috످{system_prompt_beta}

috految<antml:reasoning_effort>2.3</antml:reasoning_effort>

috److Your message contains only `{system_prompt_beta}`, which looks like a template placeholder that wasn't filled in. If you meant to send a prompt or question, you can paste it here.

috످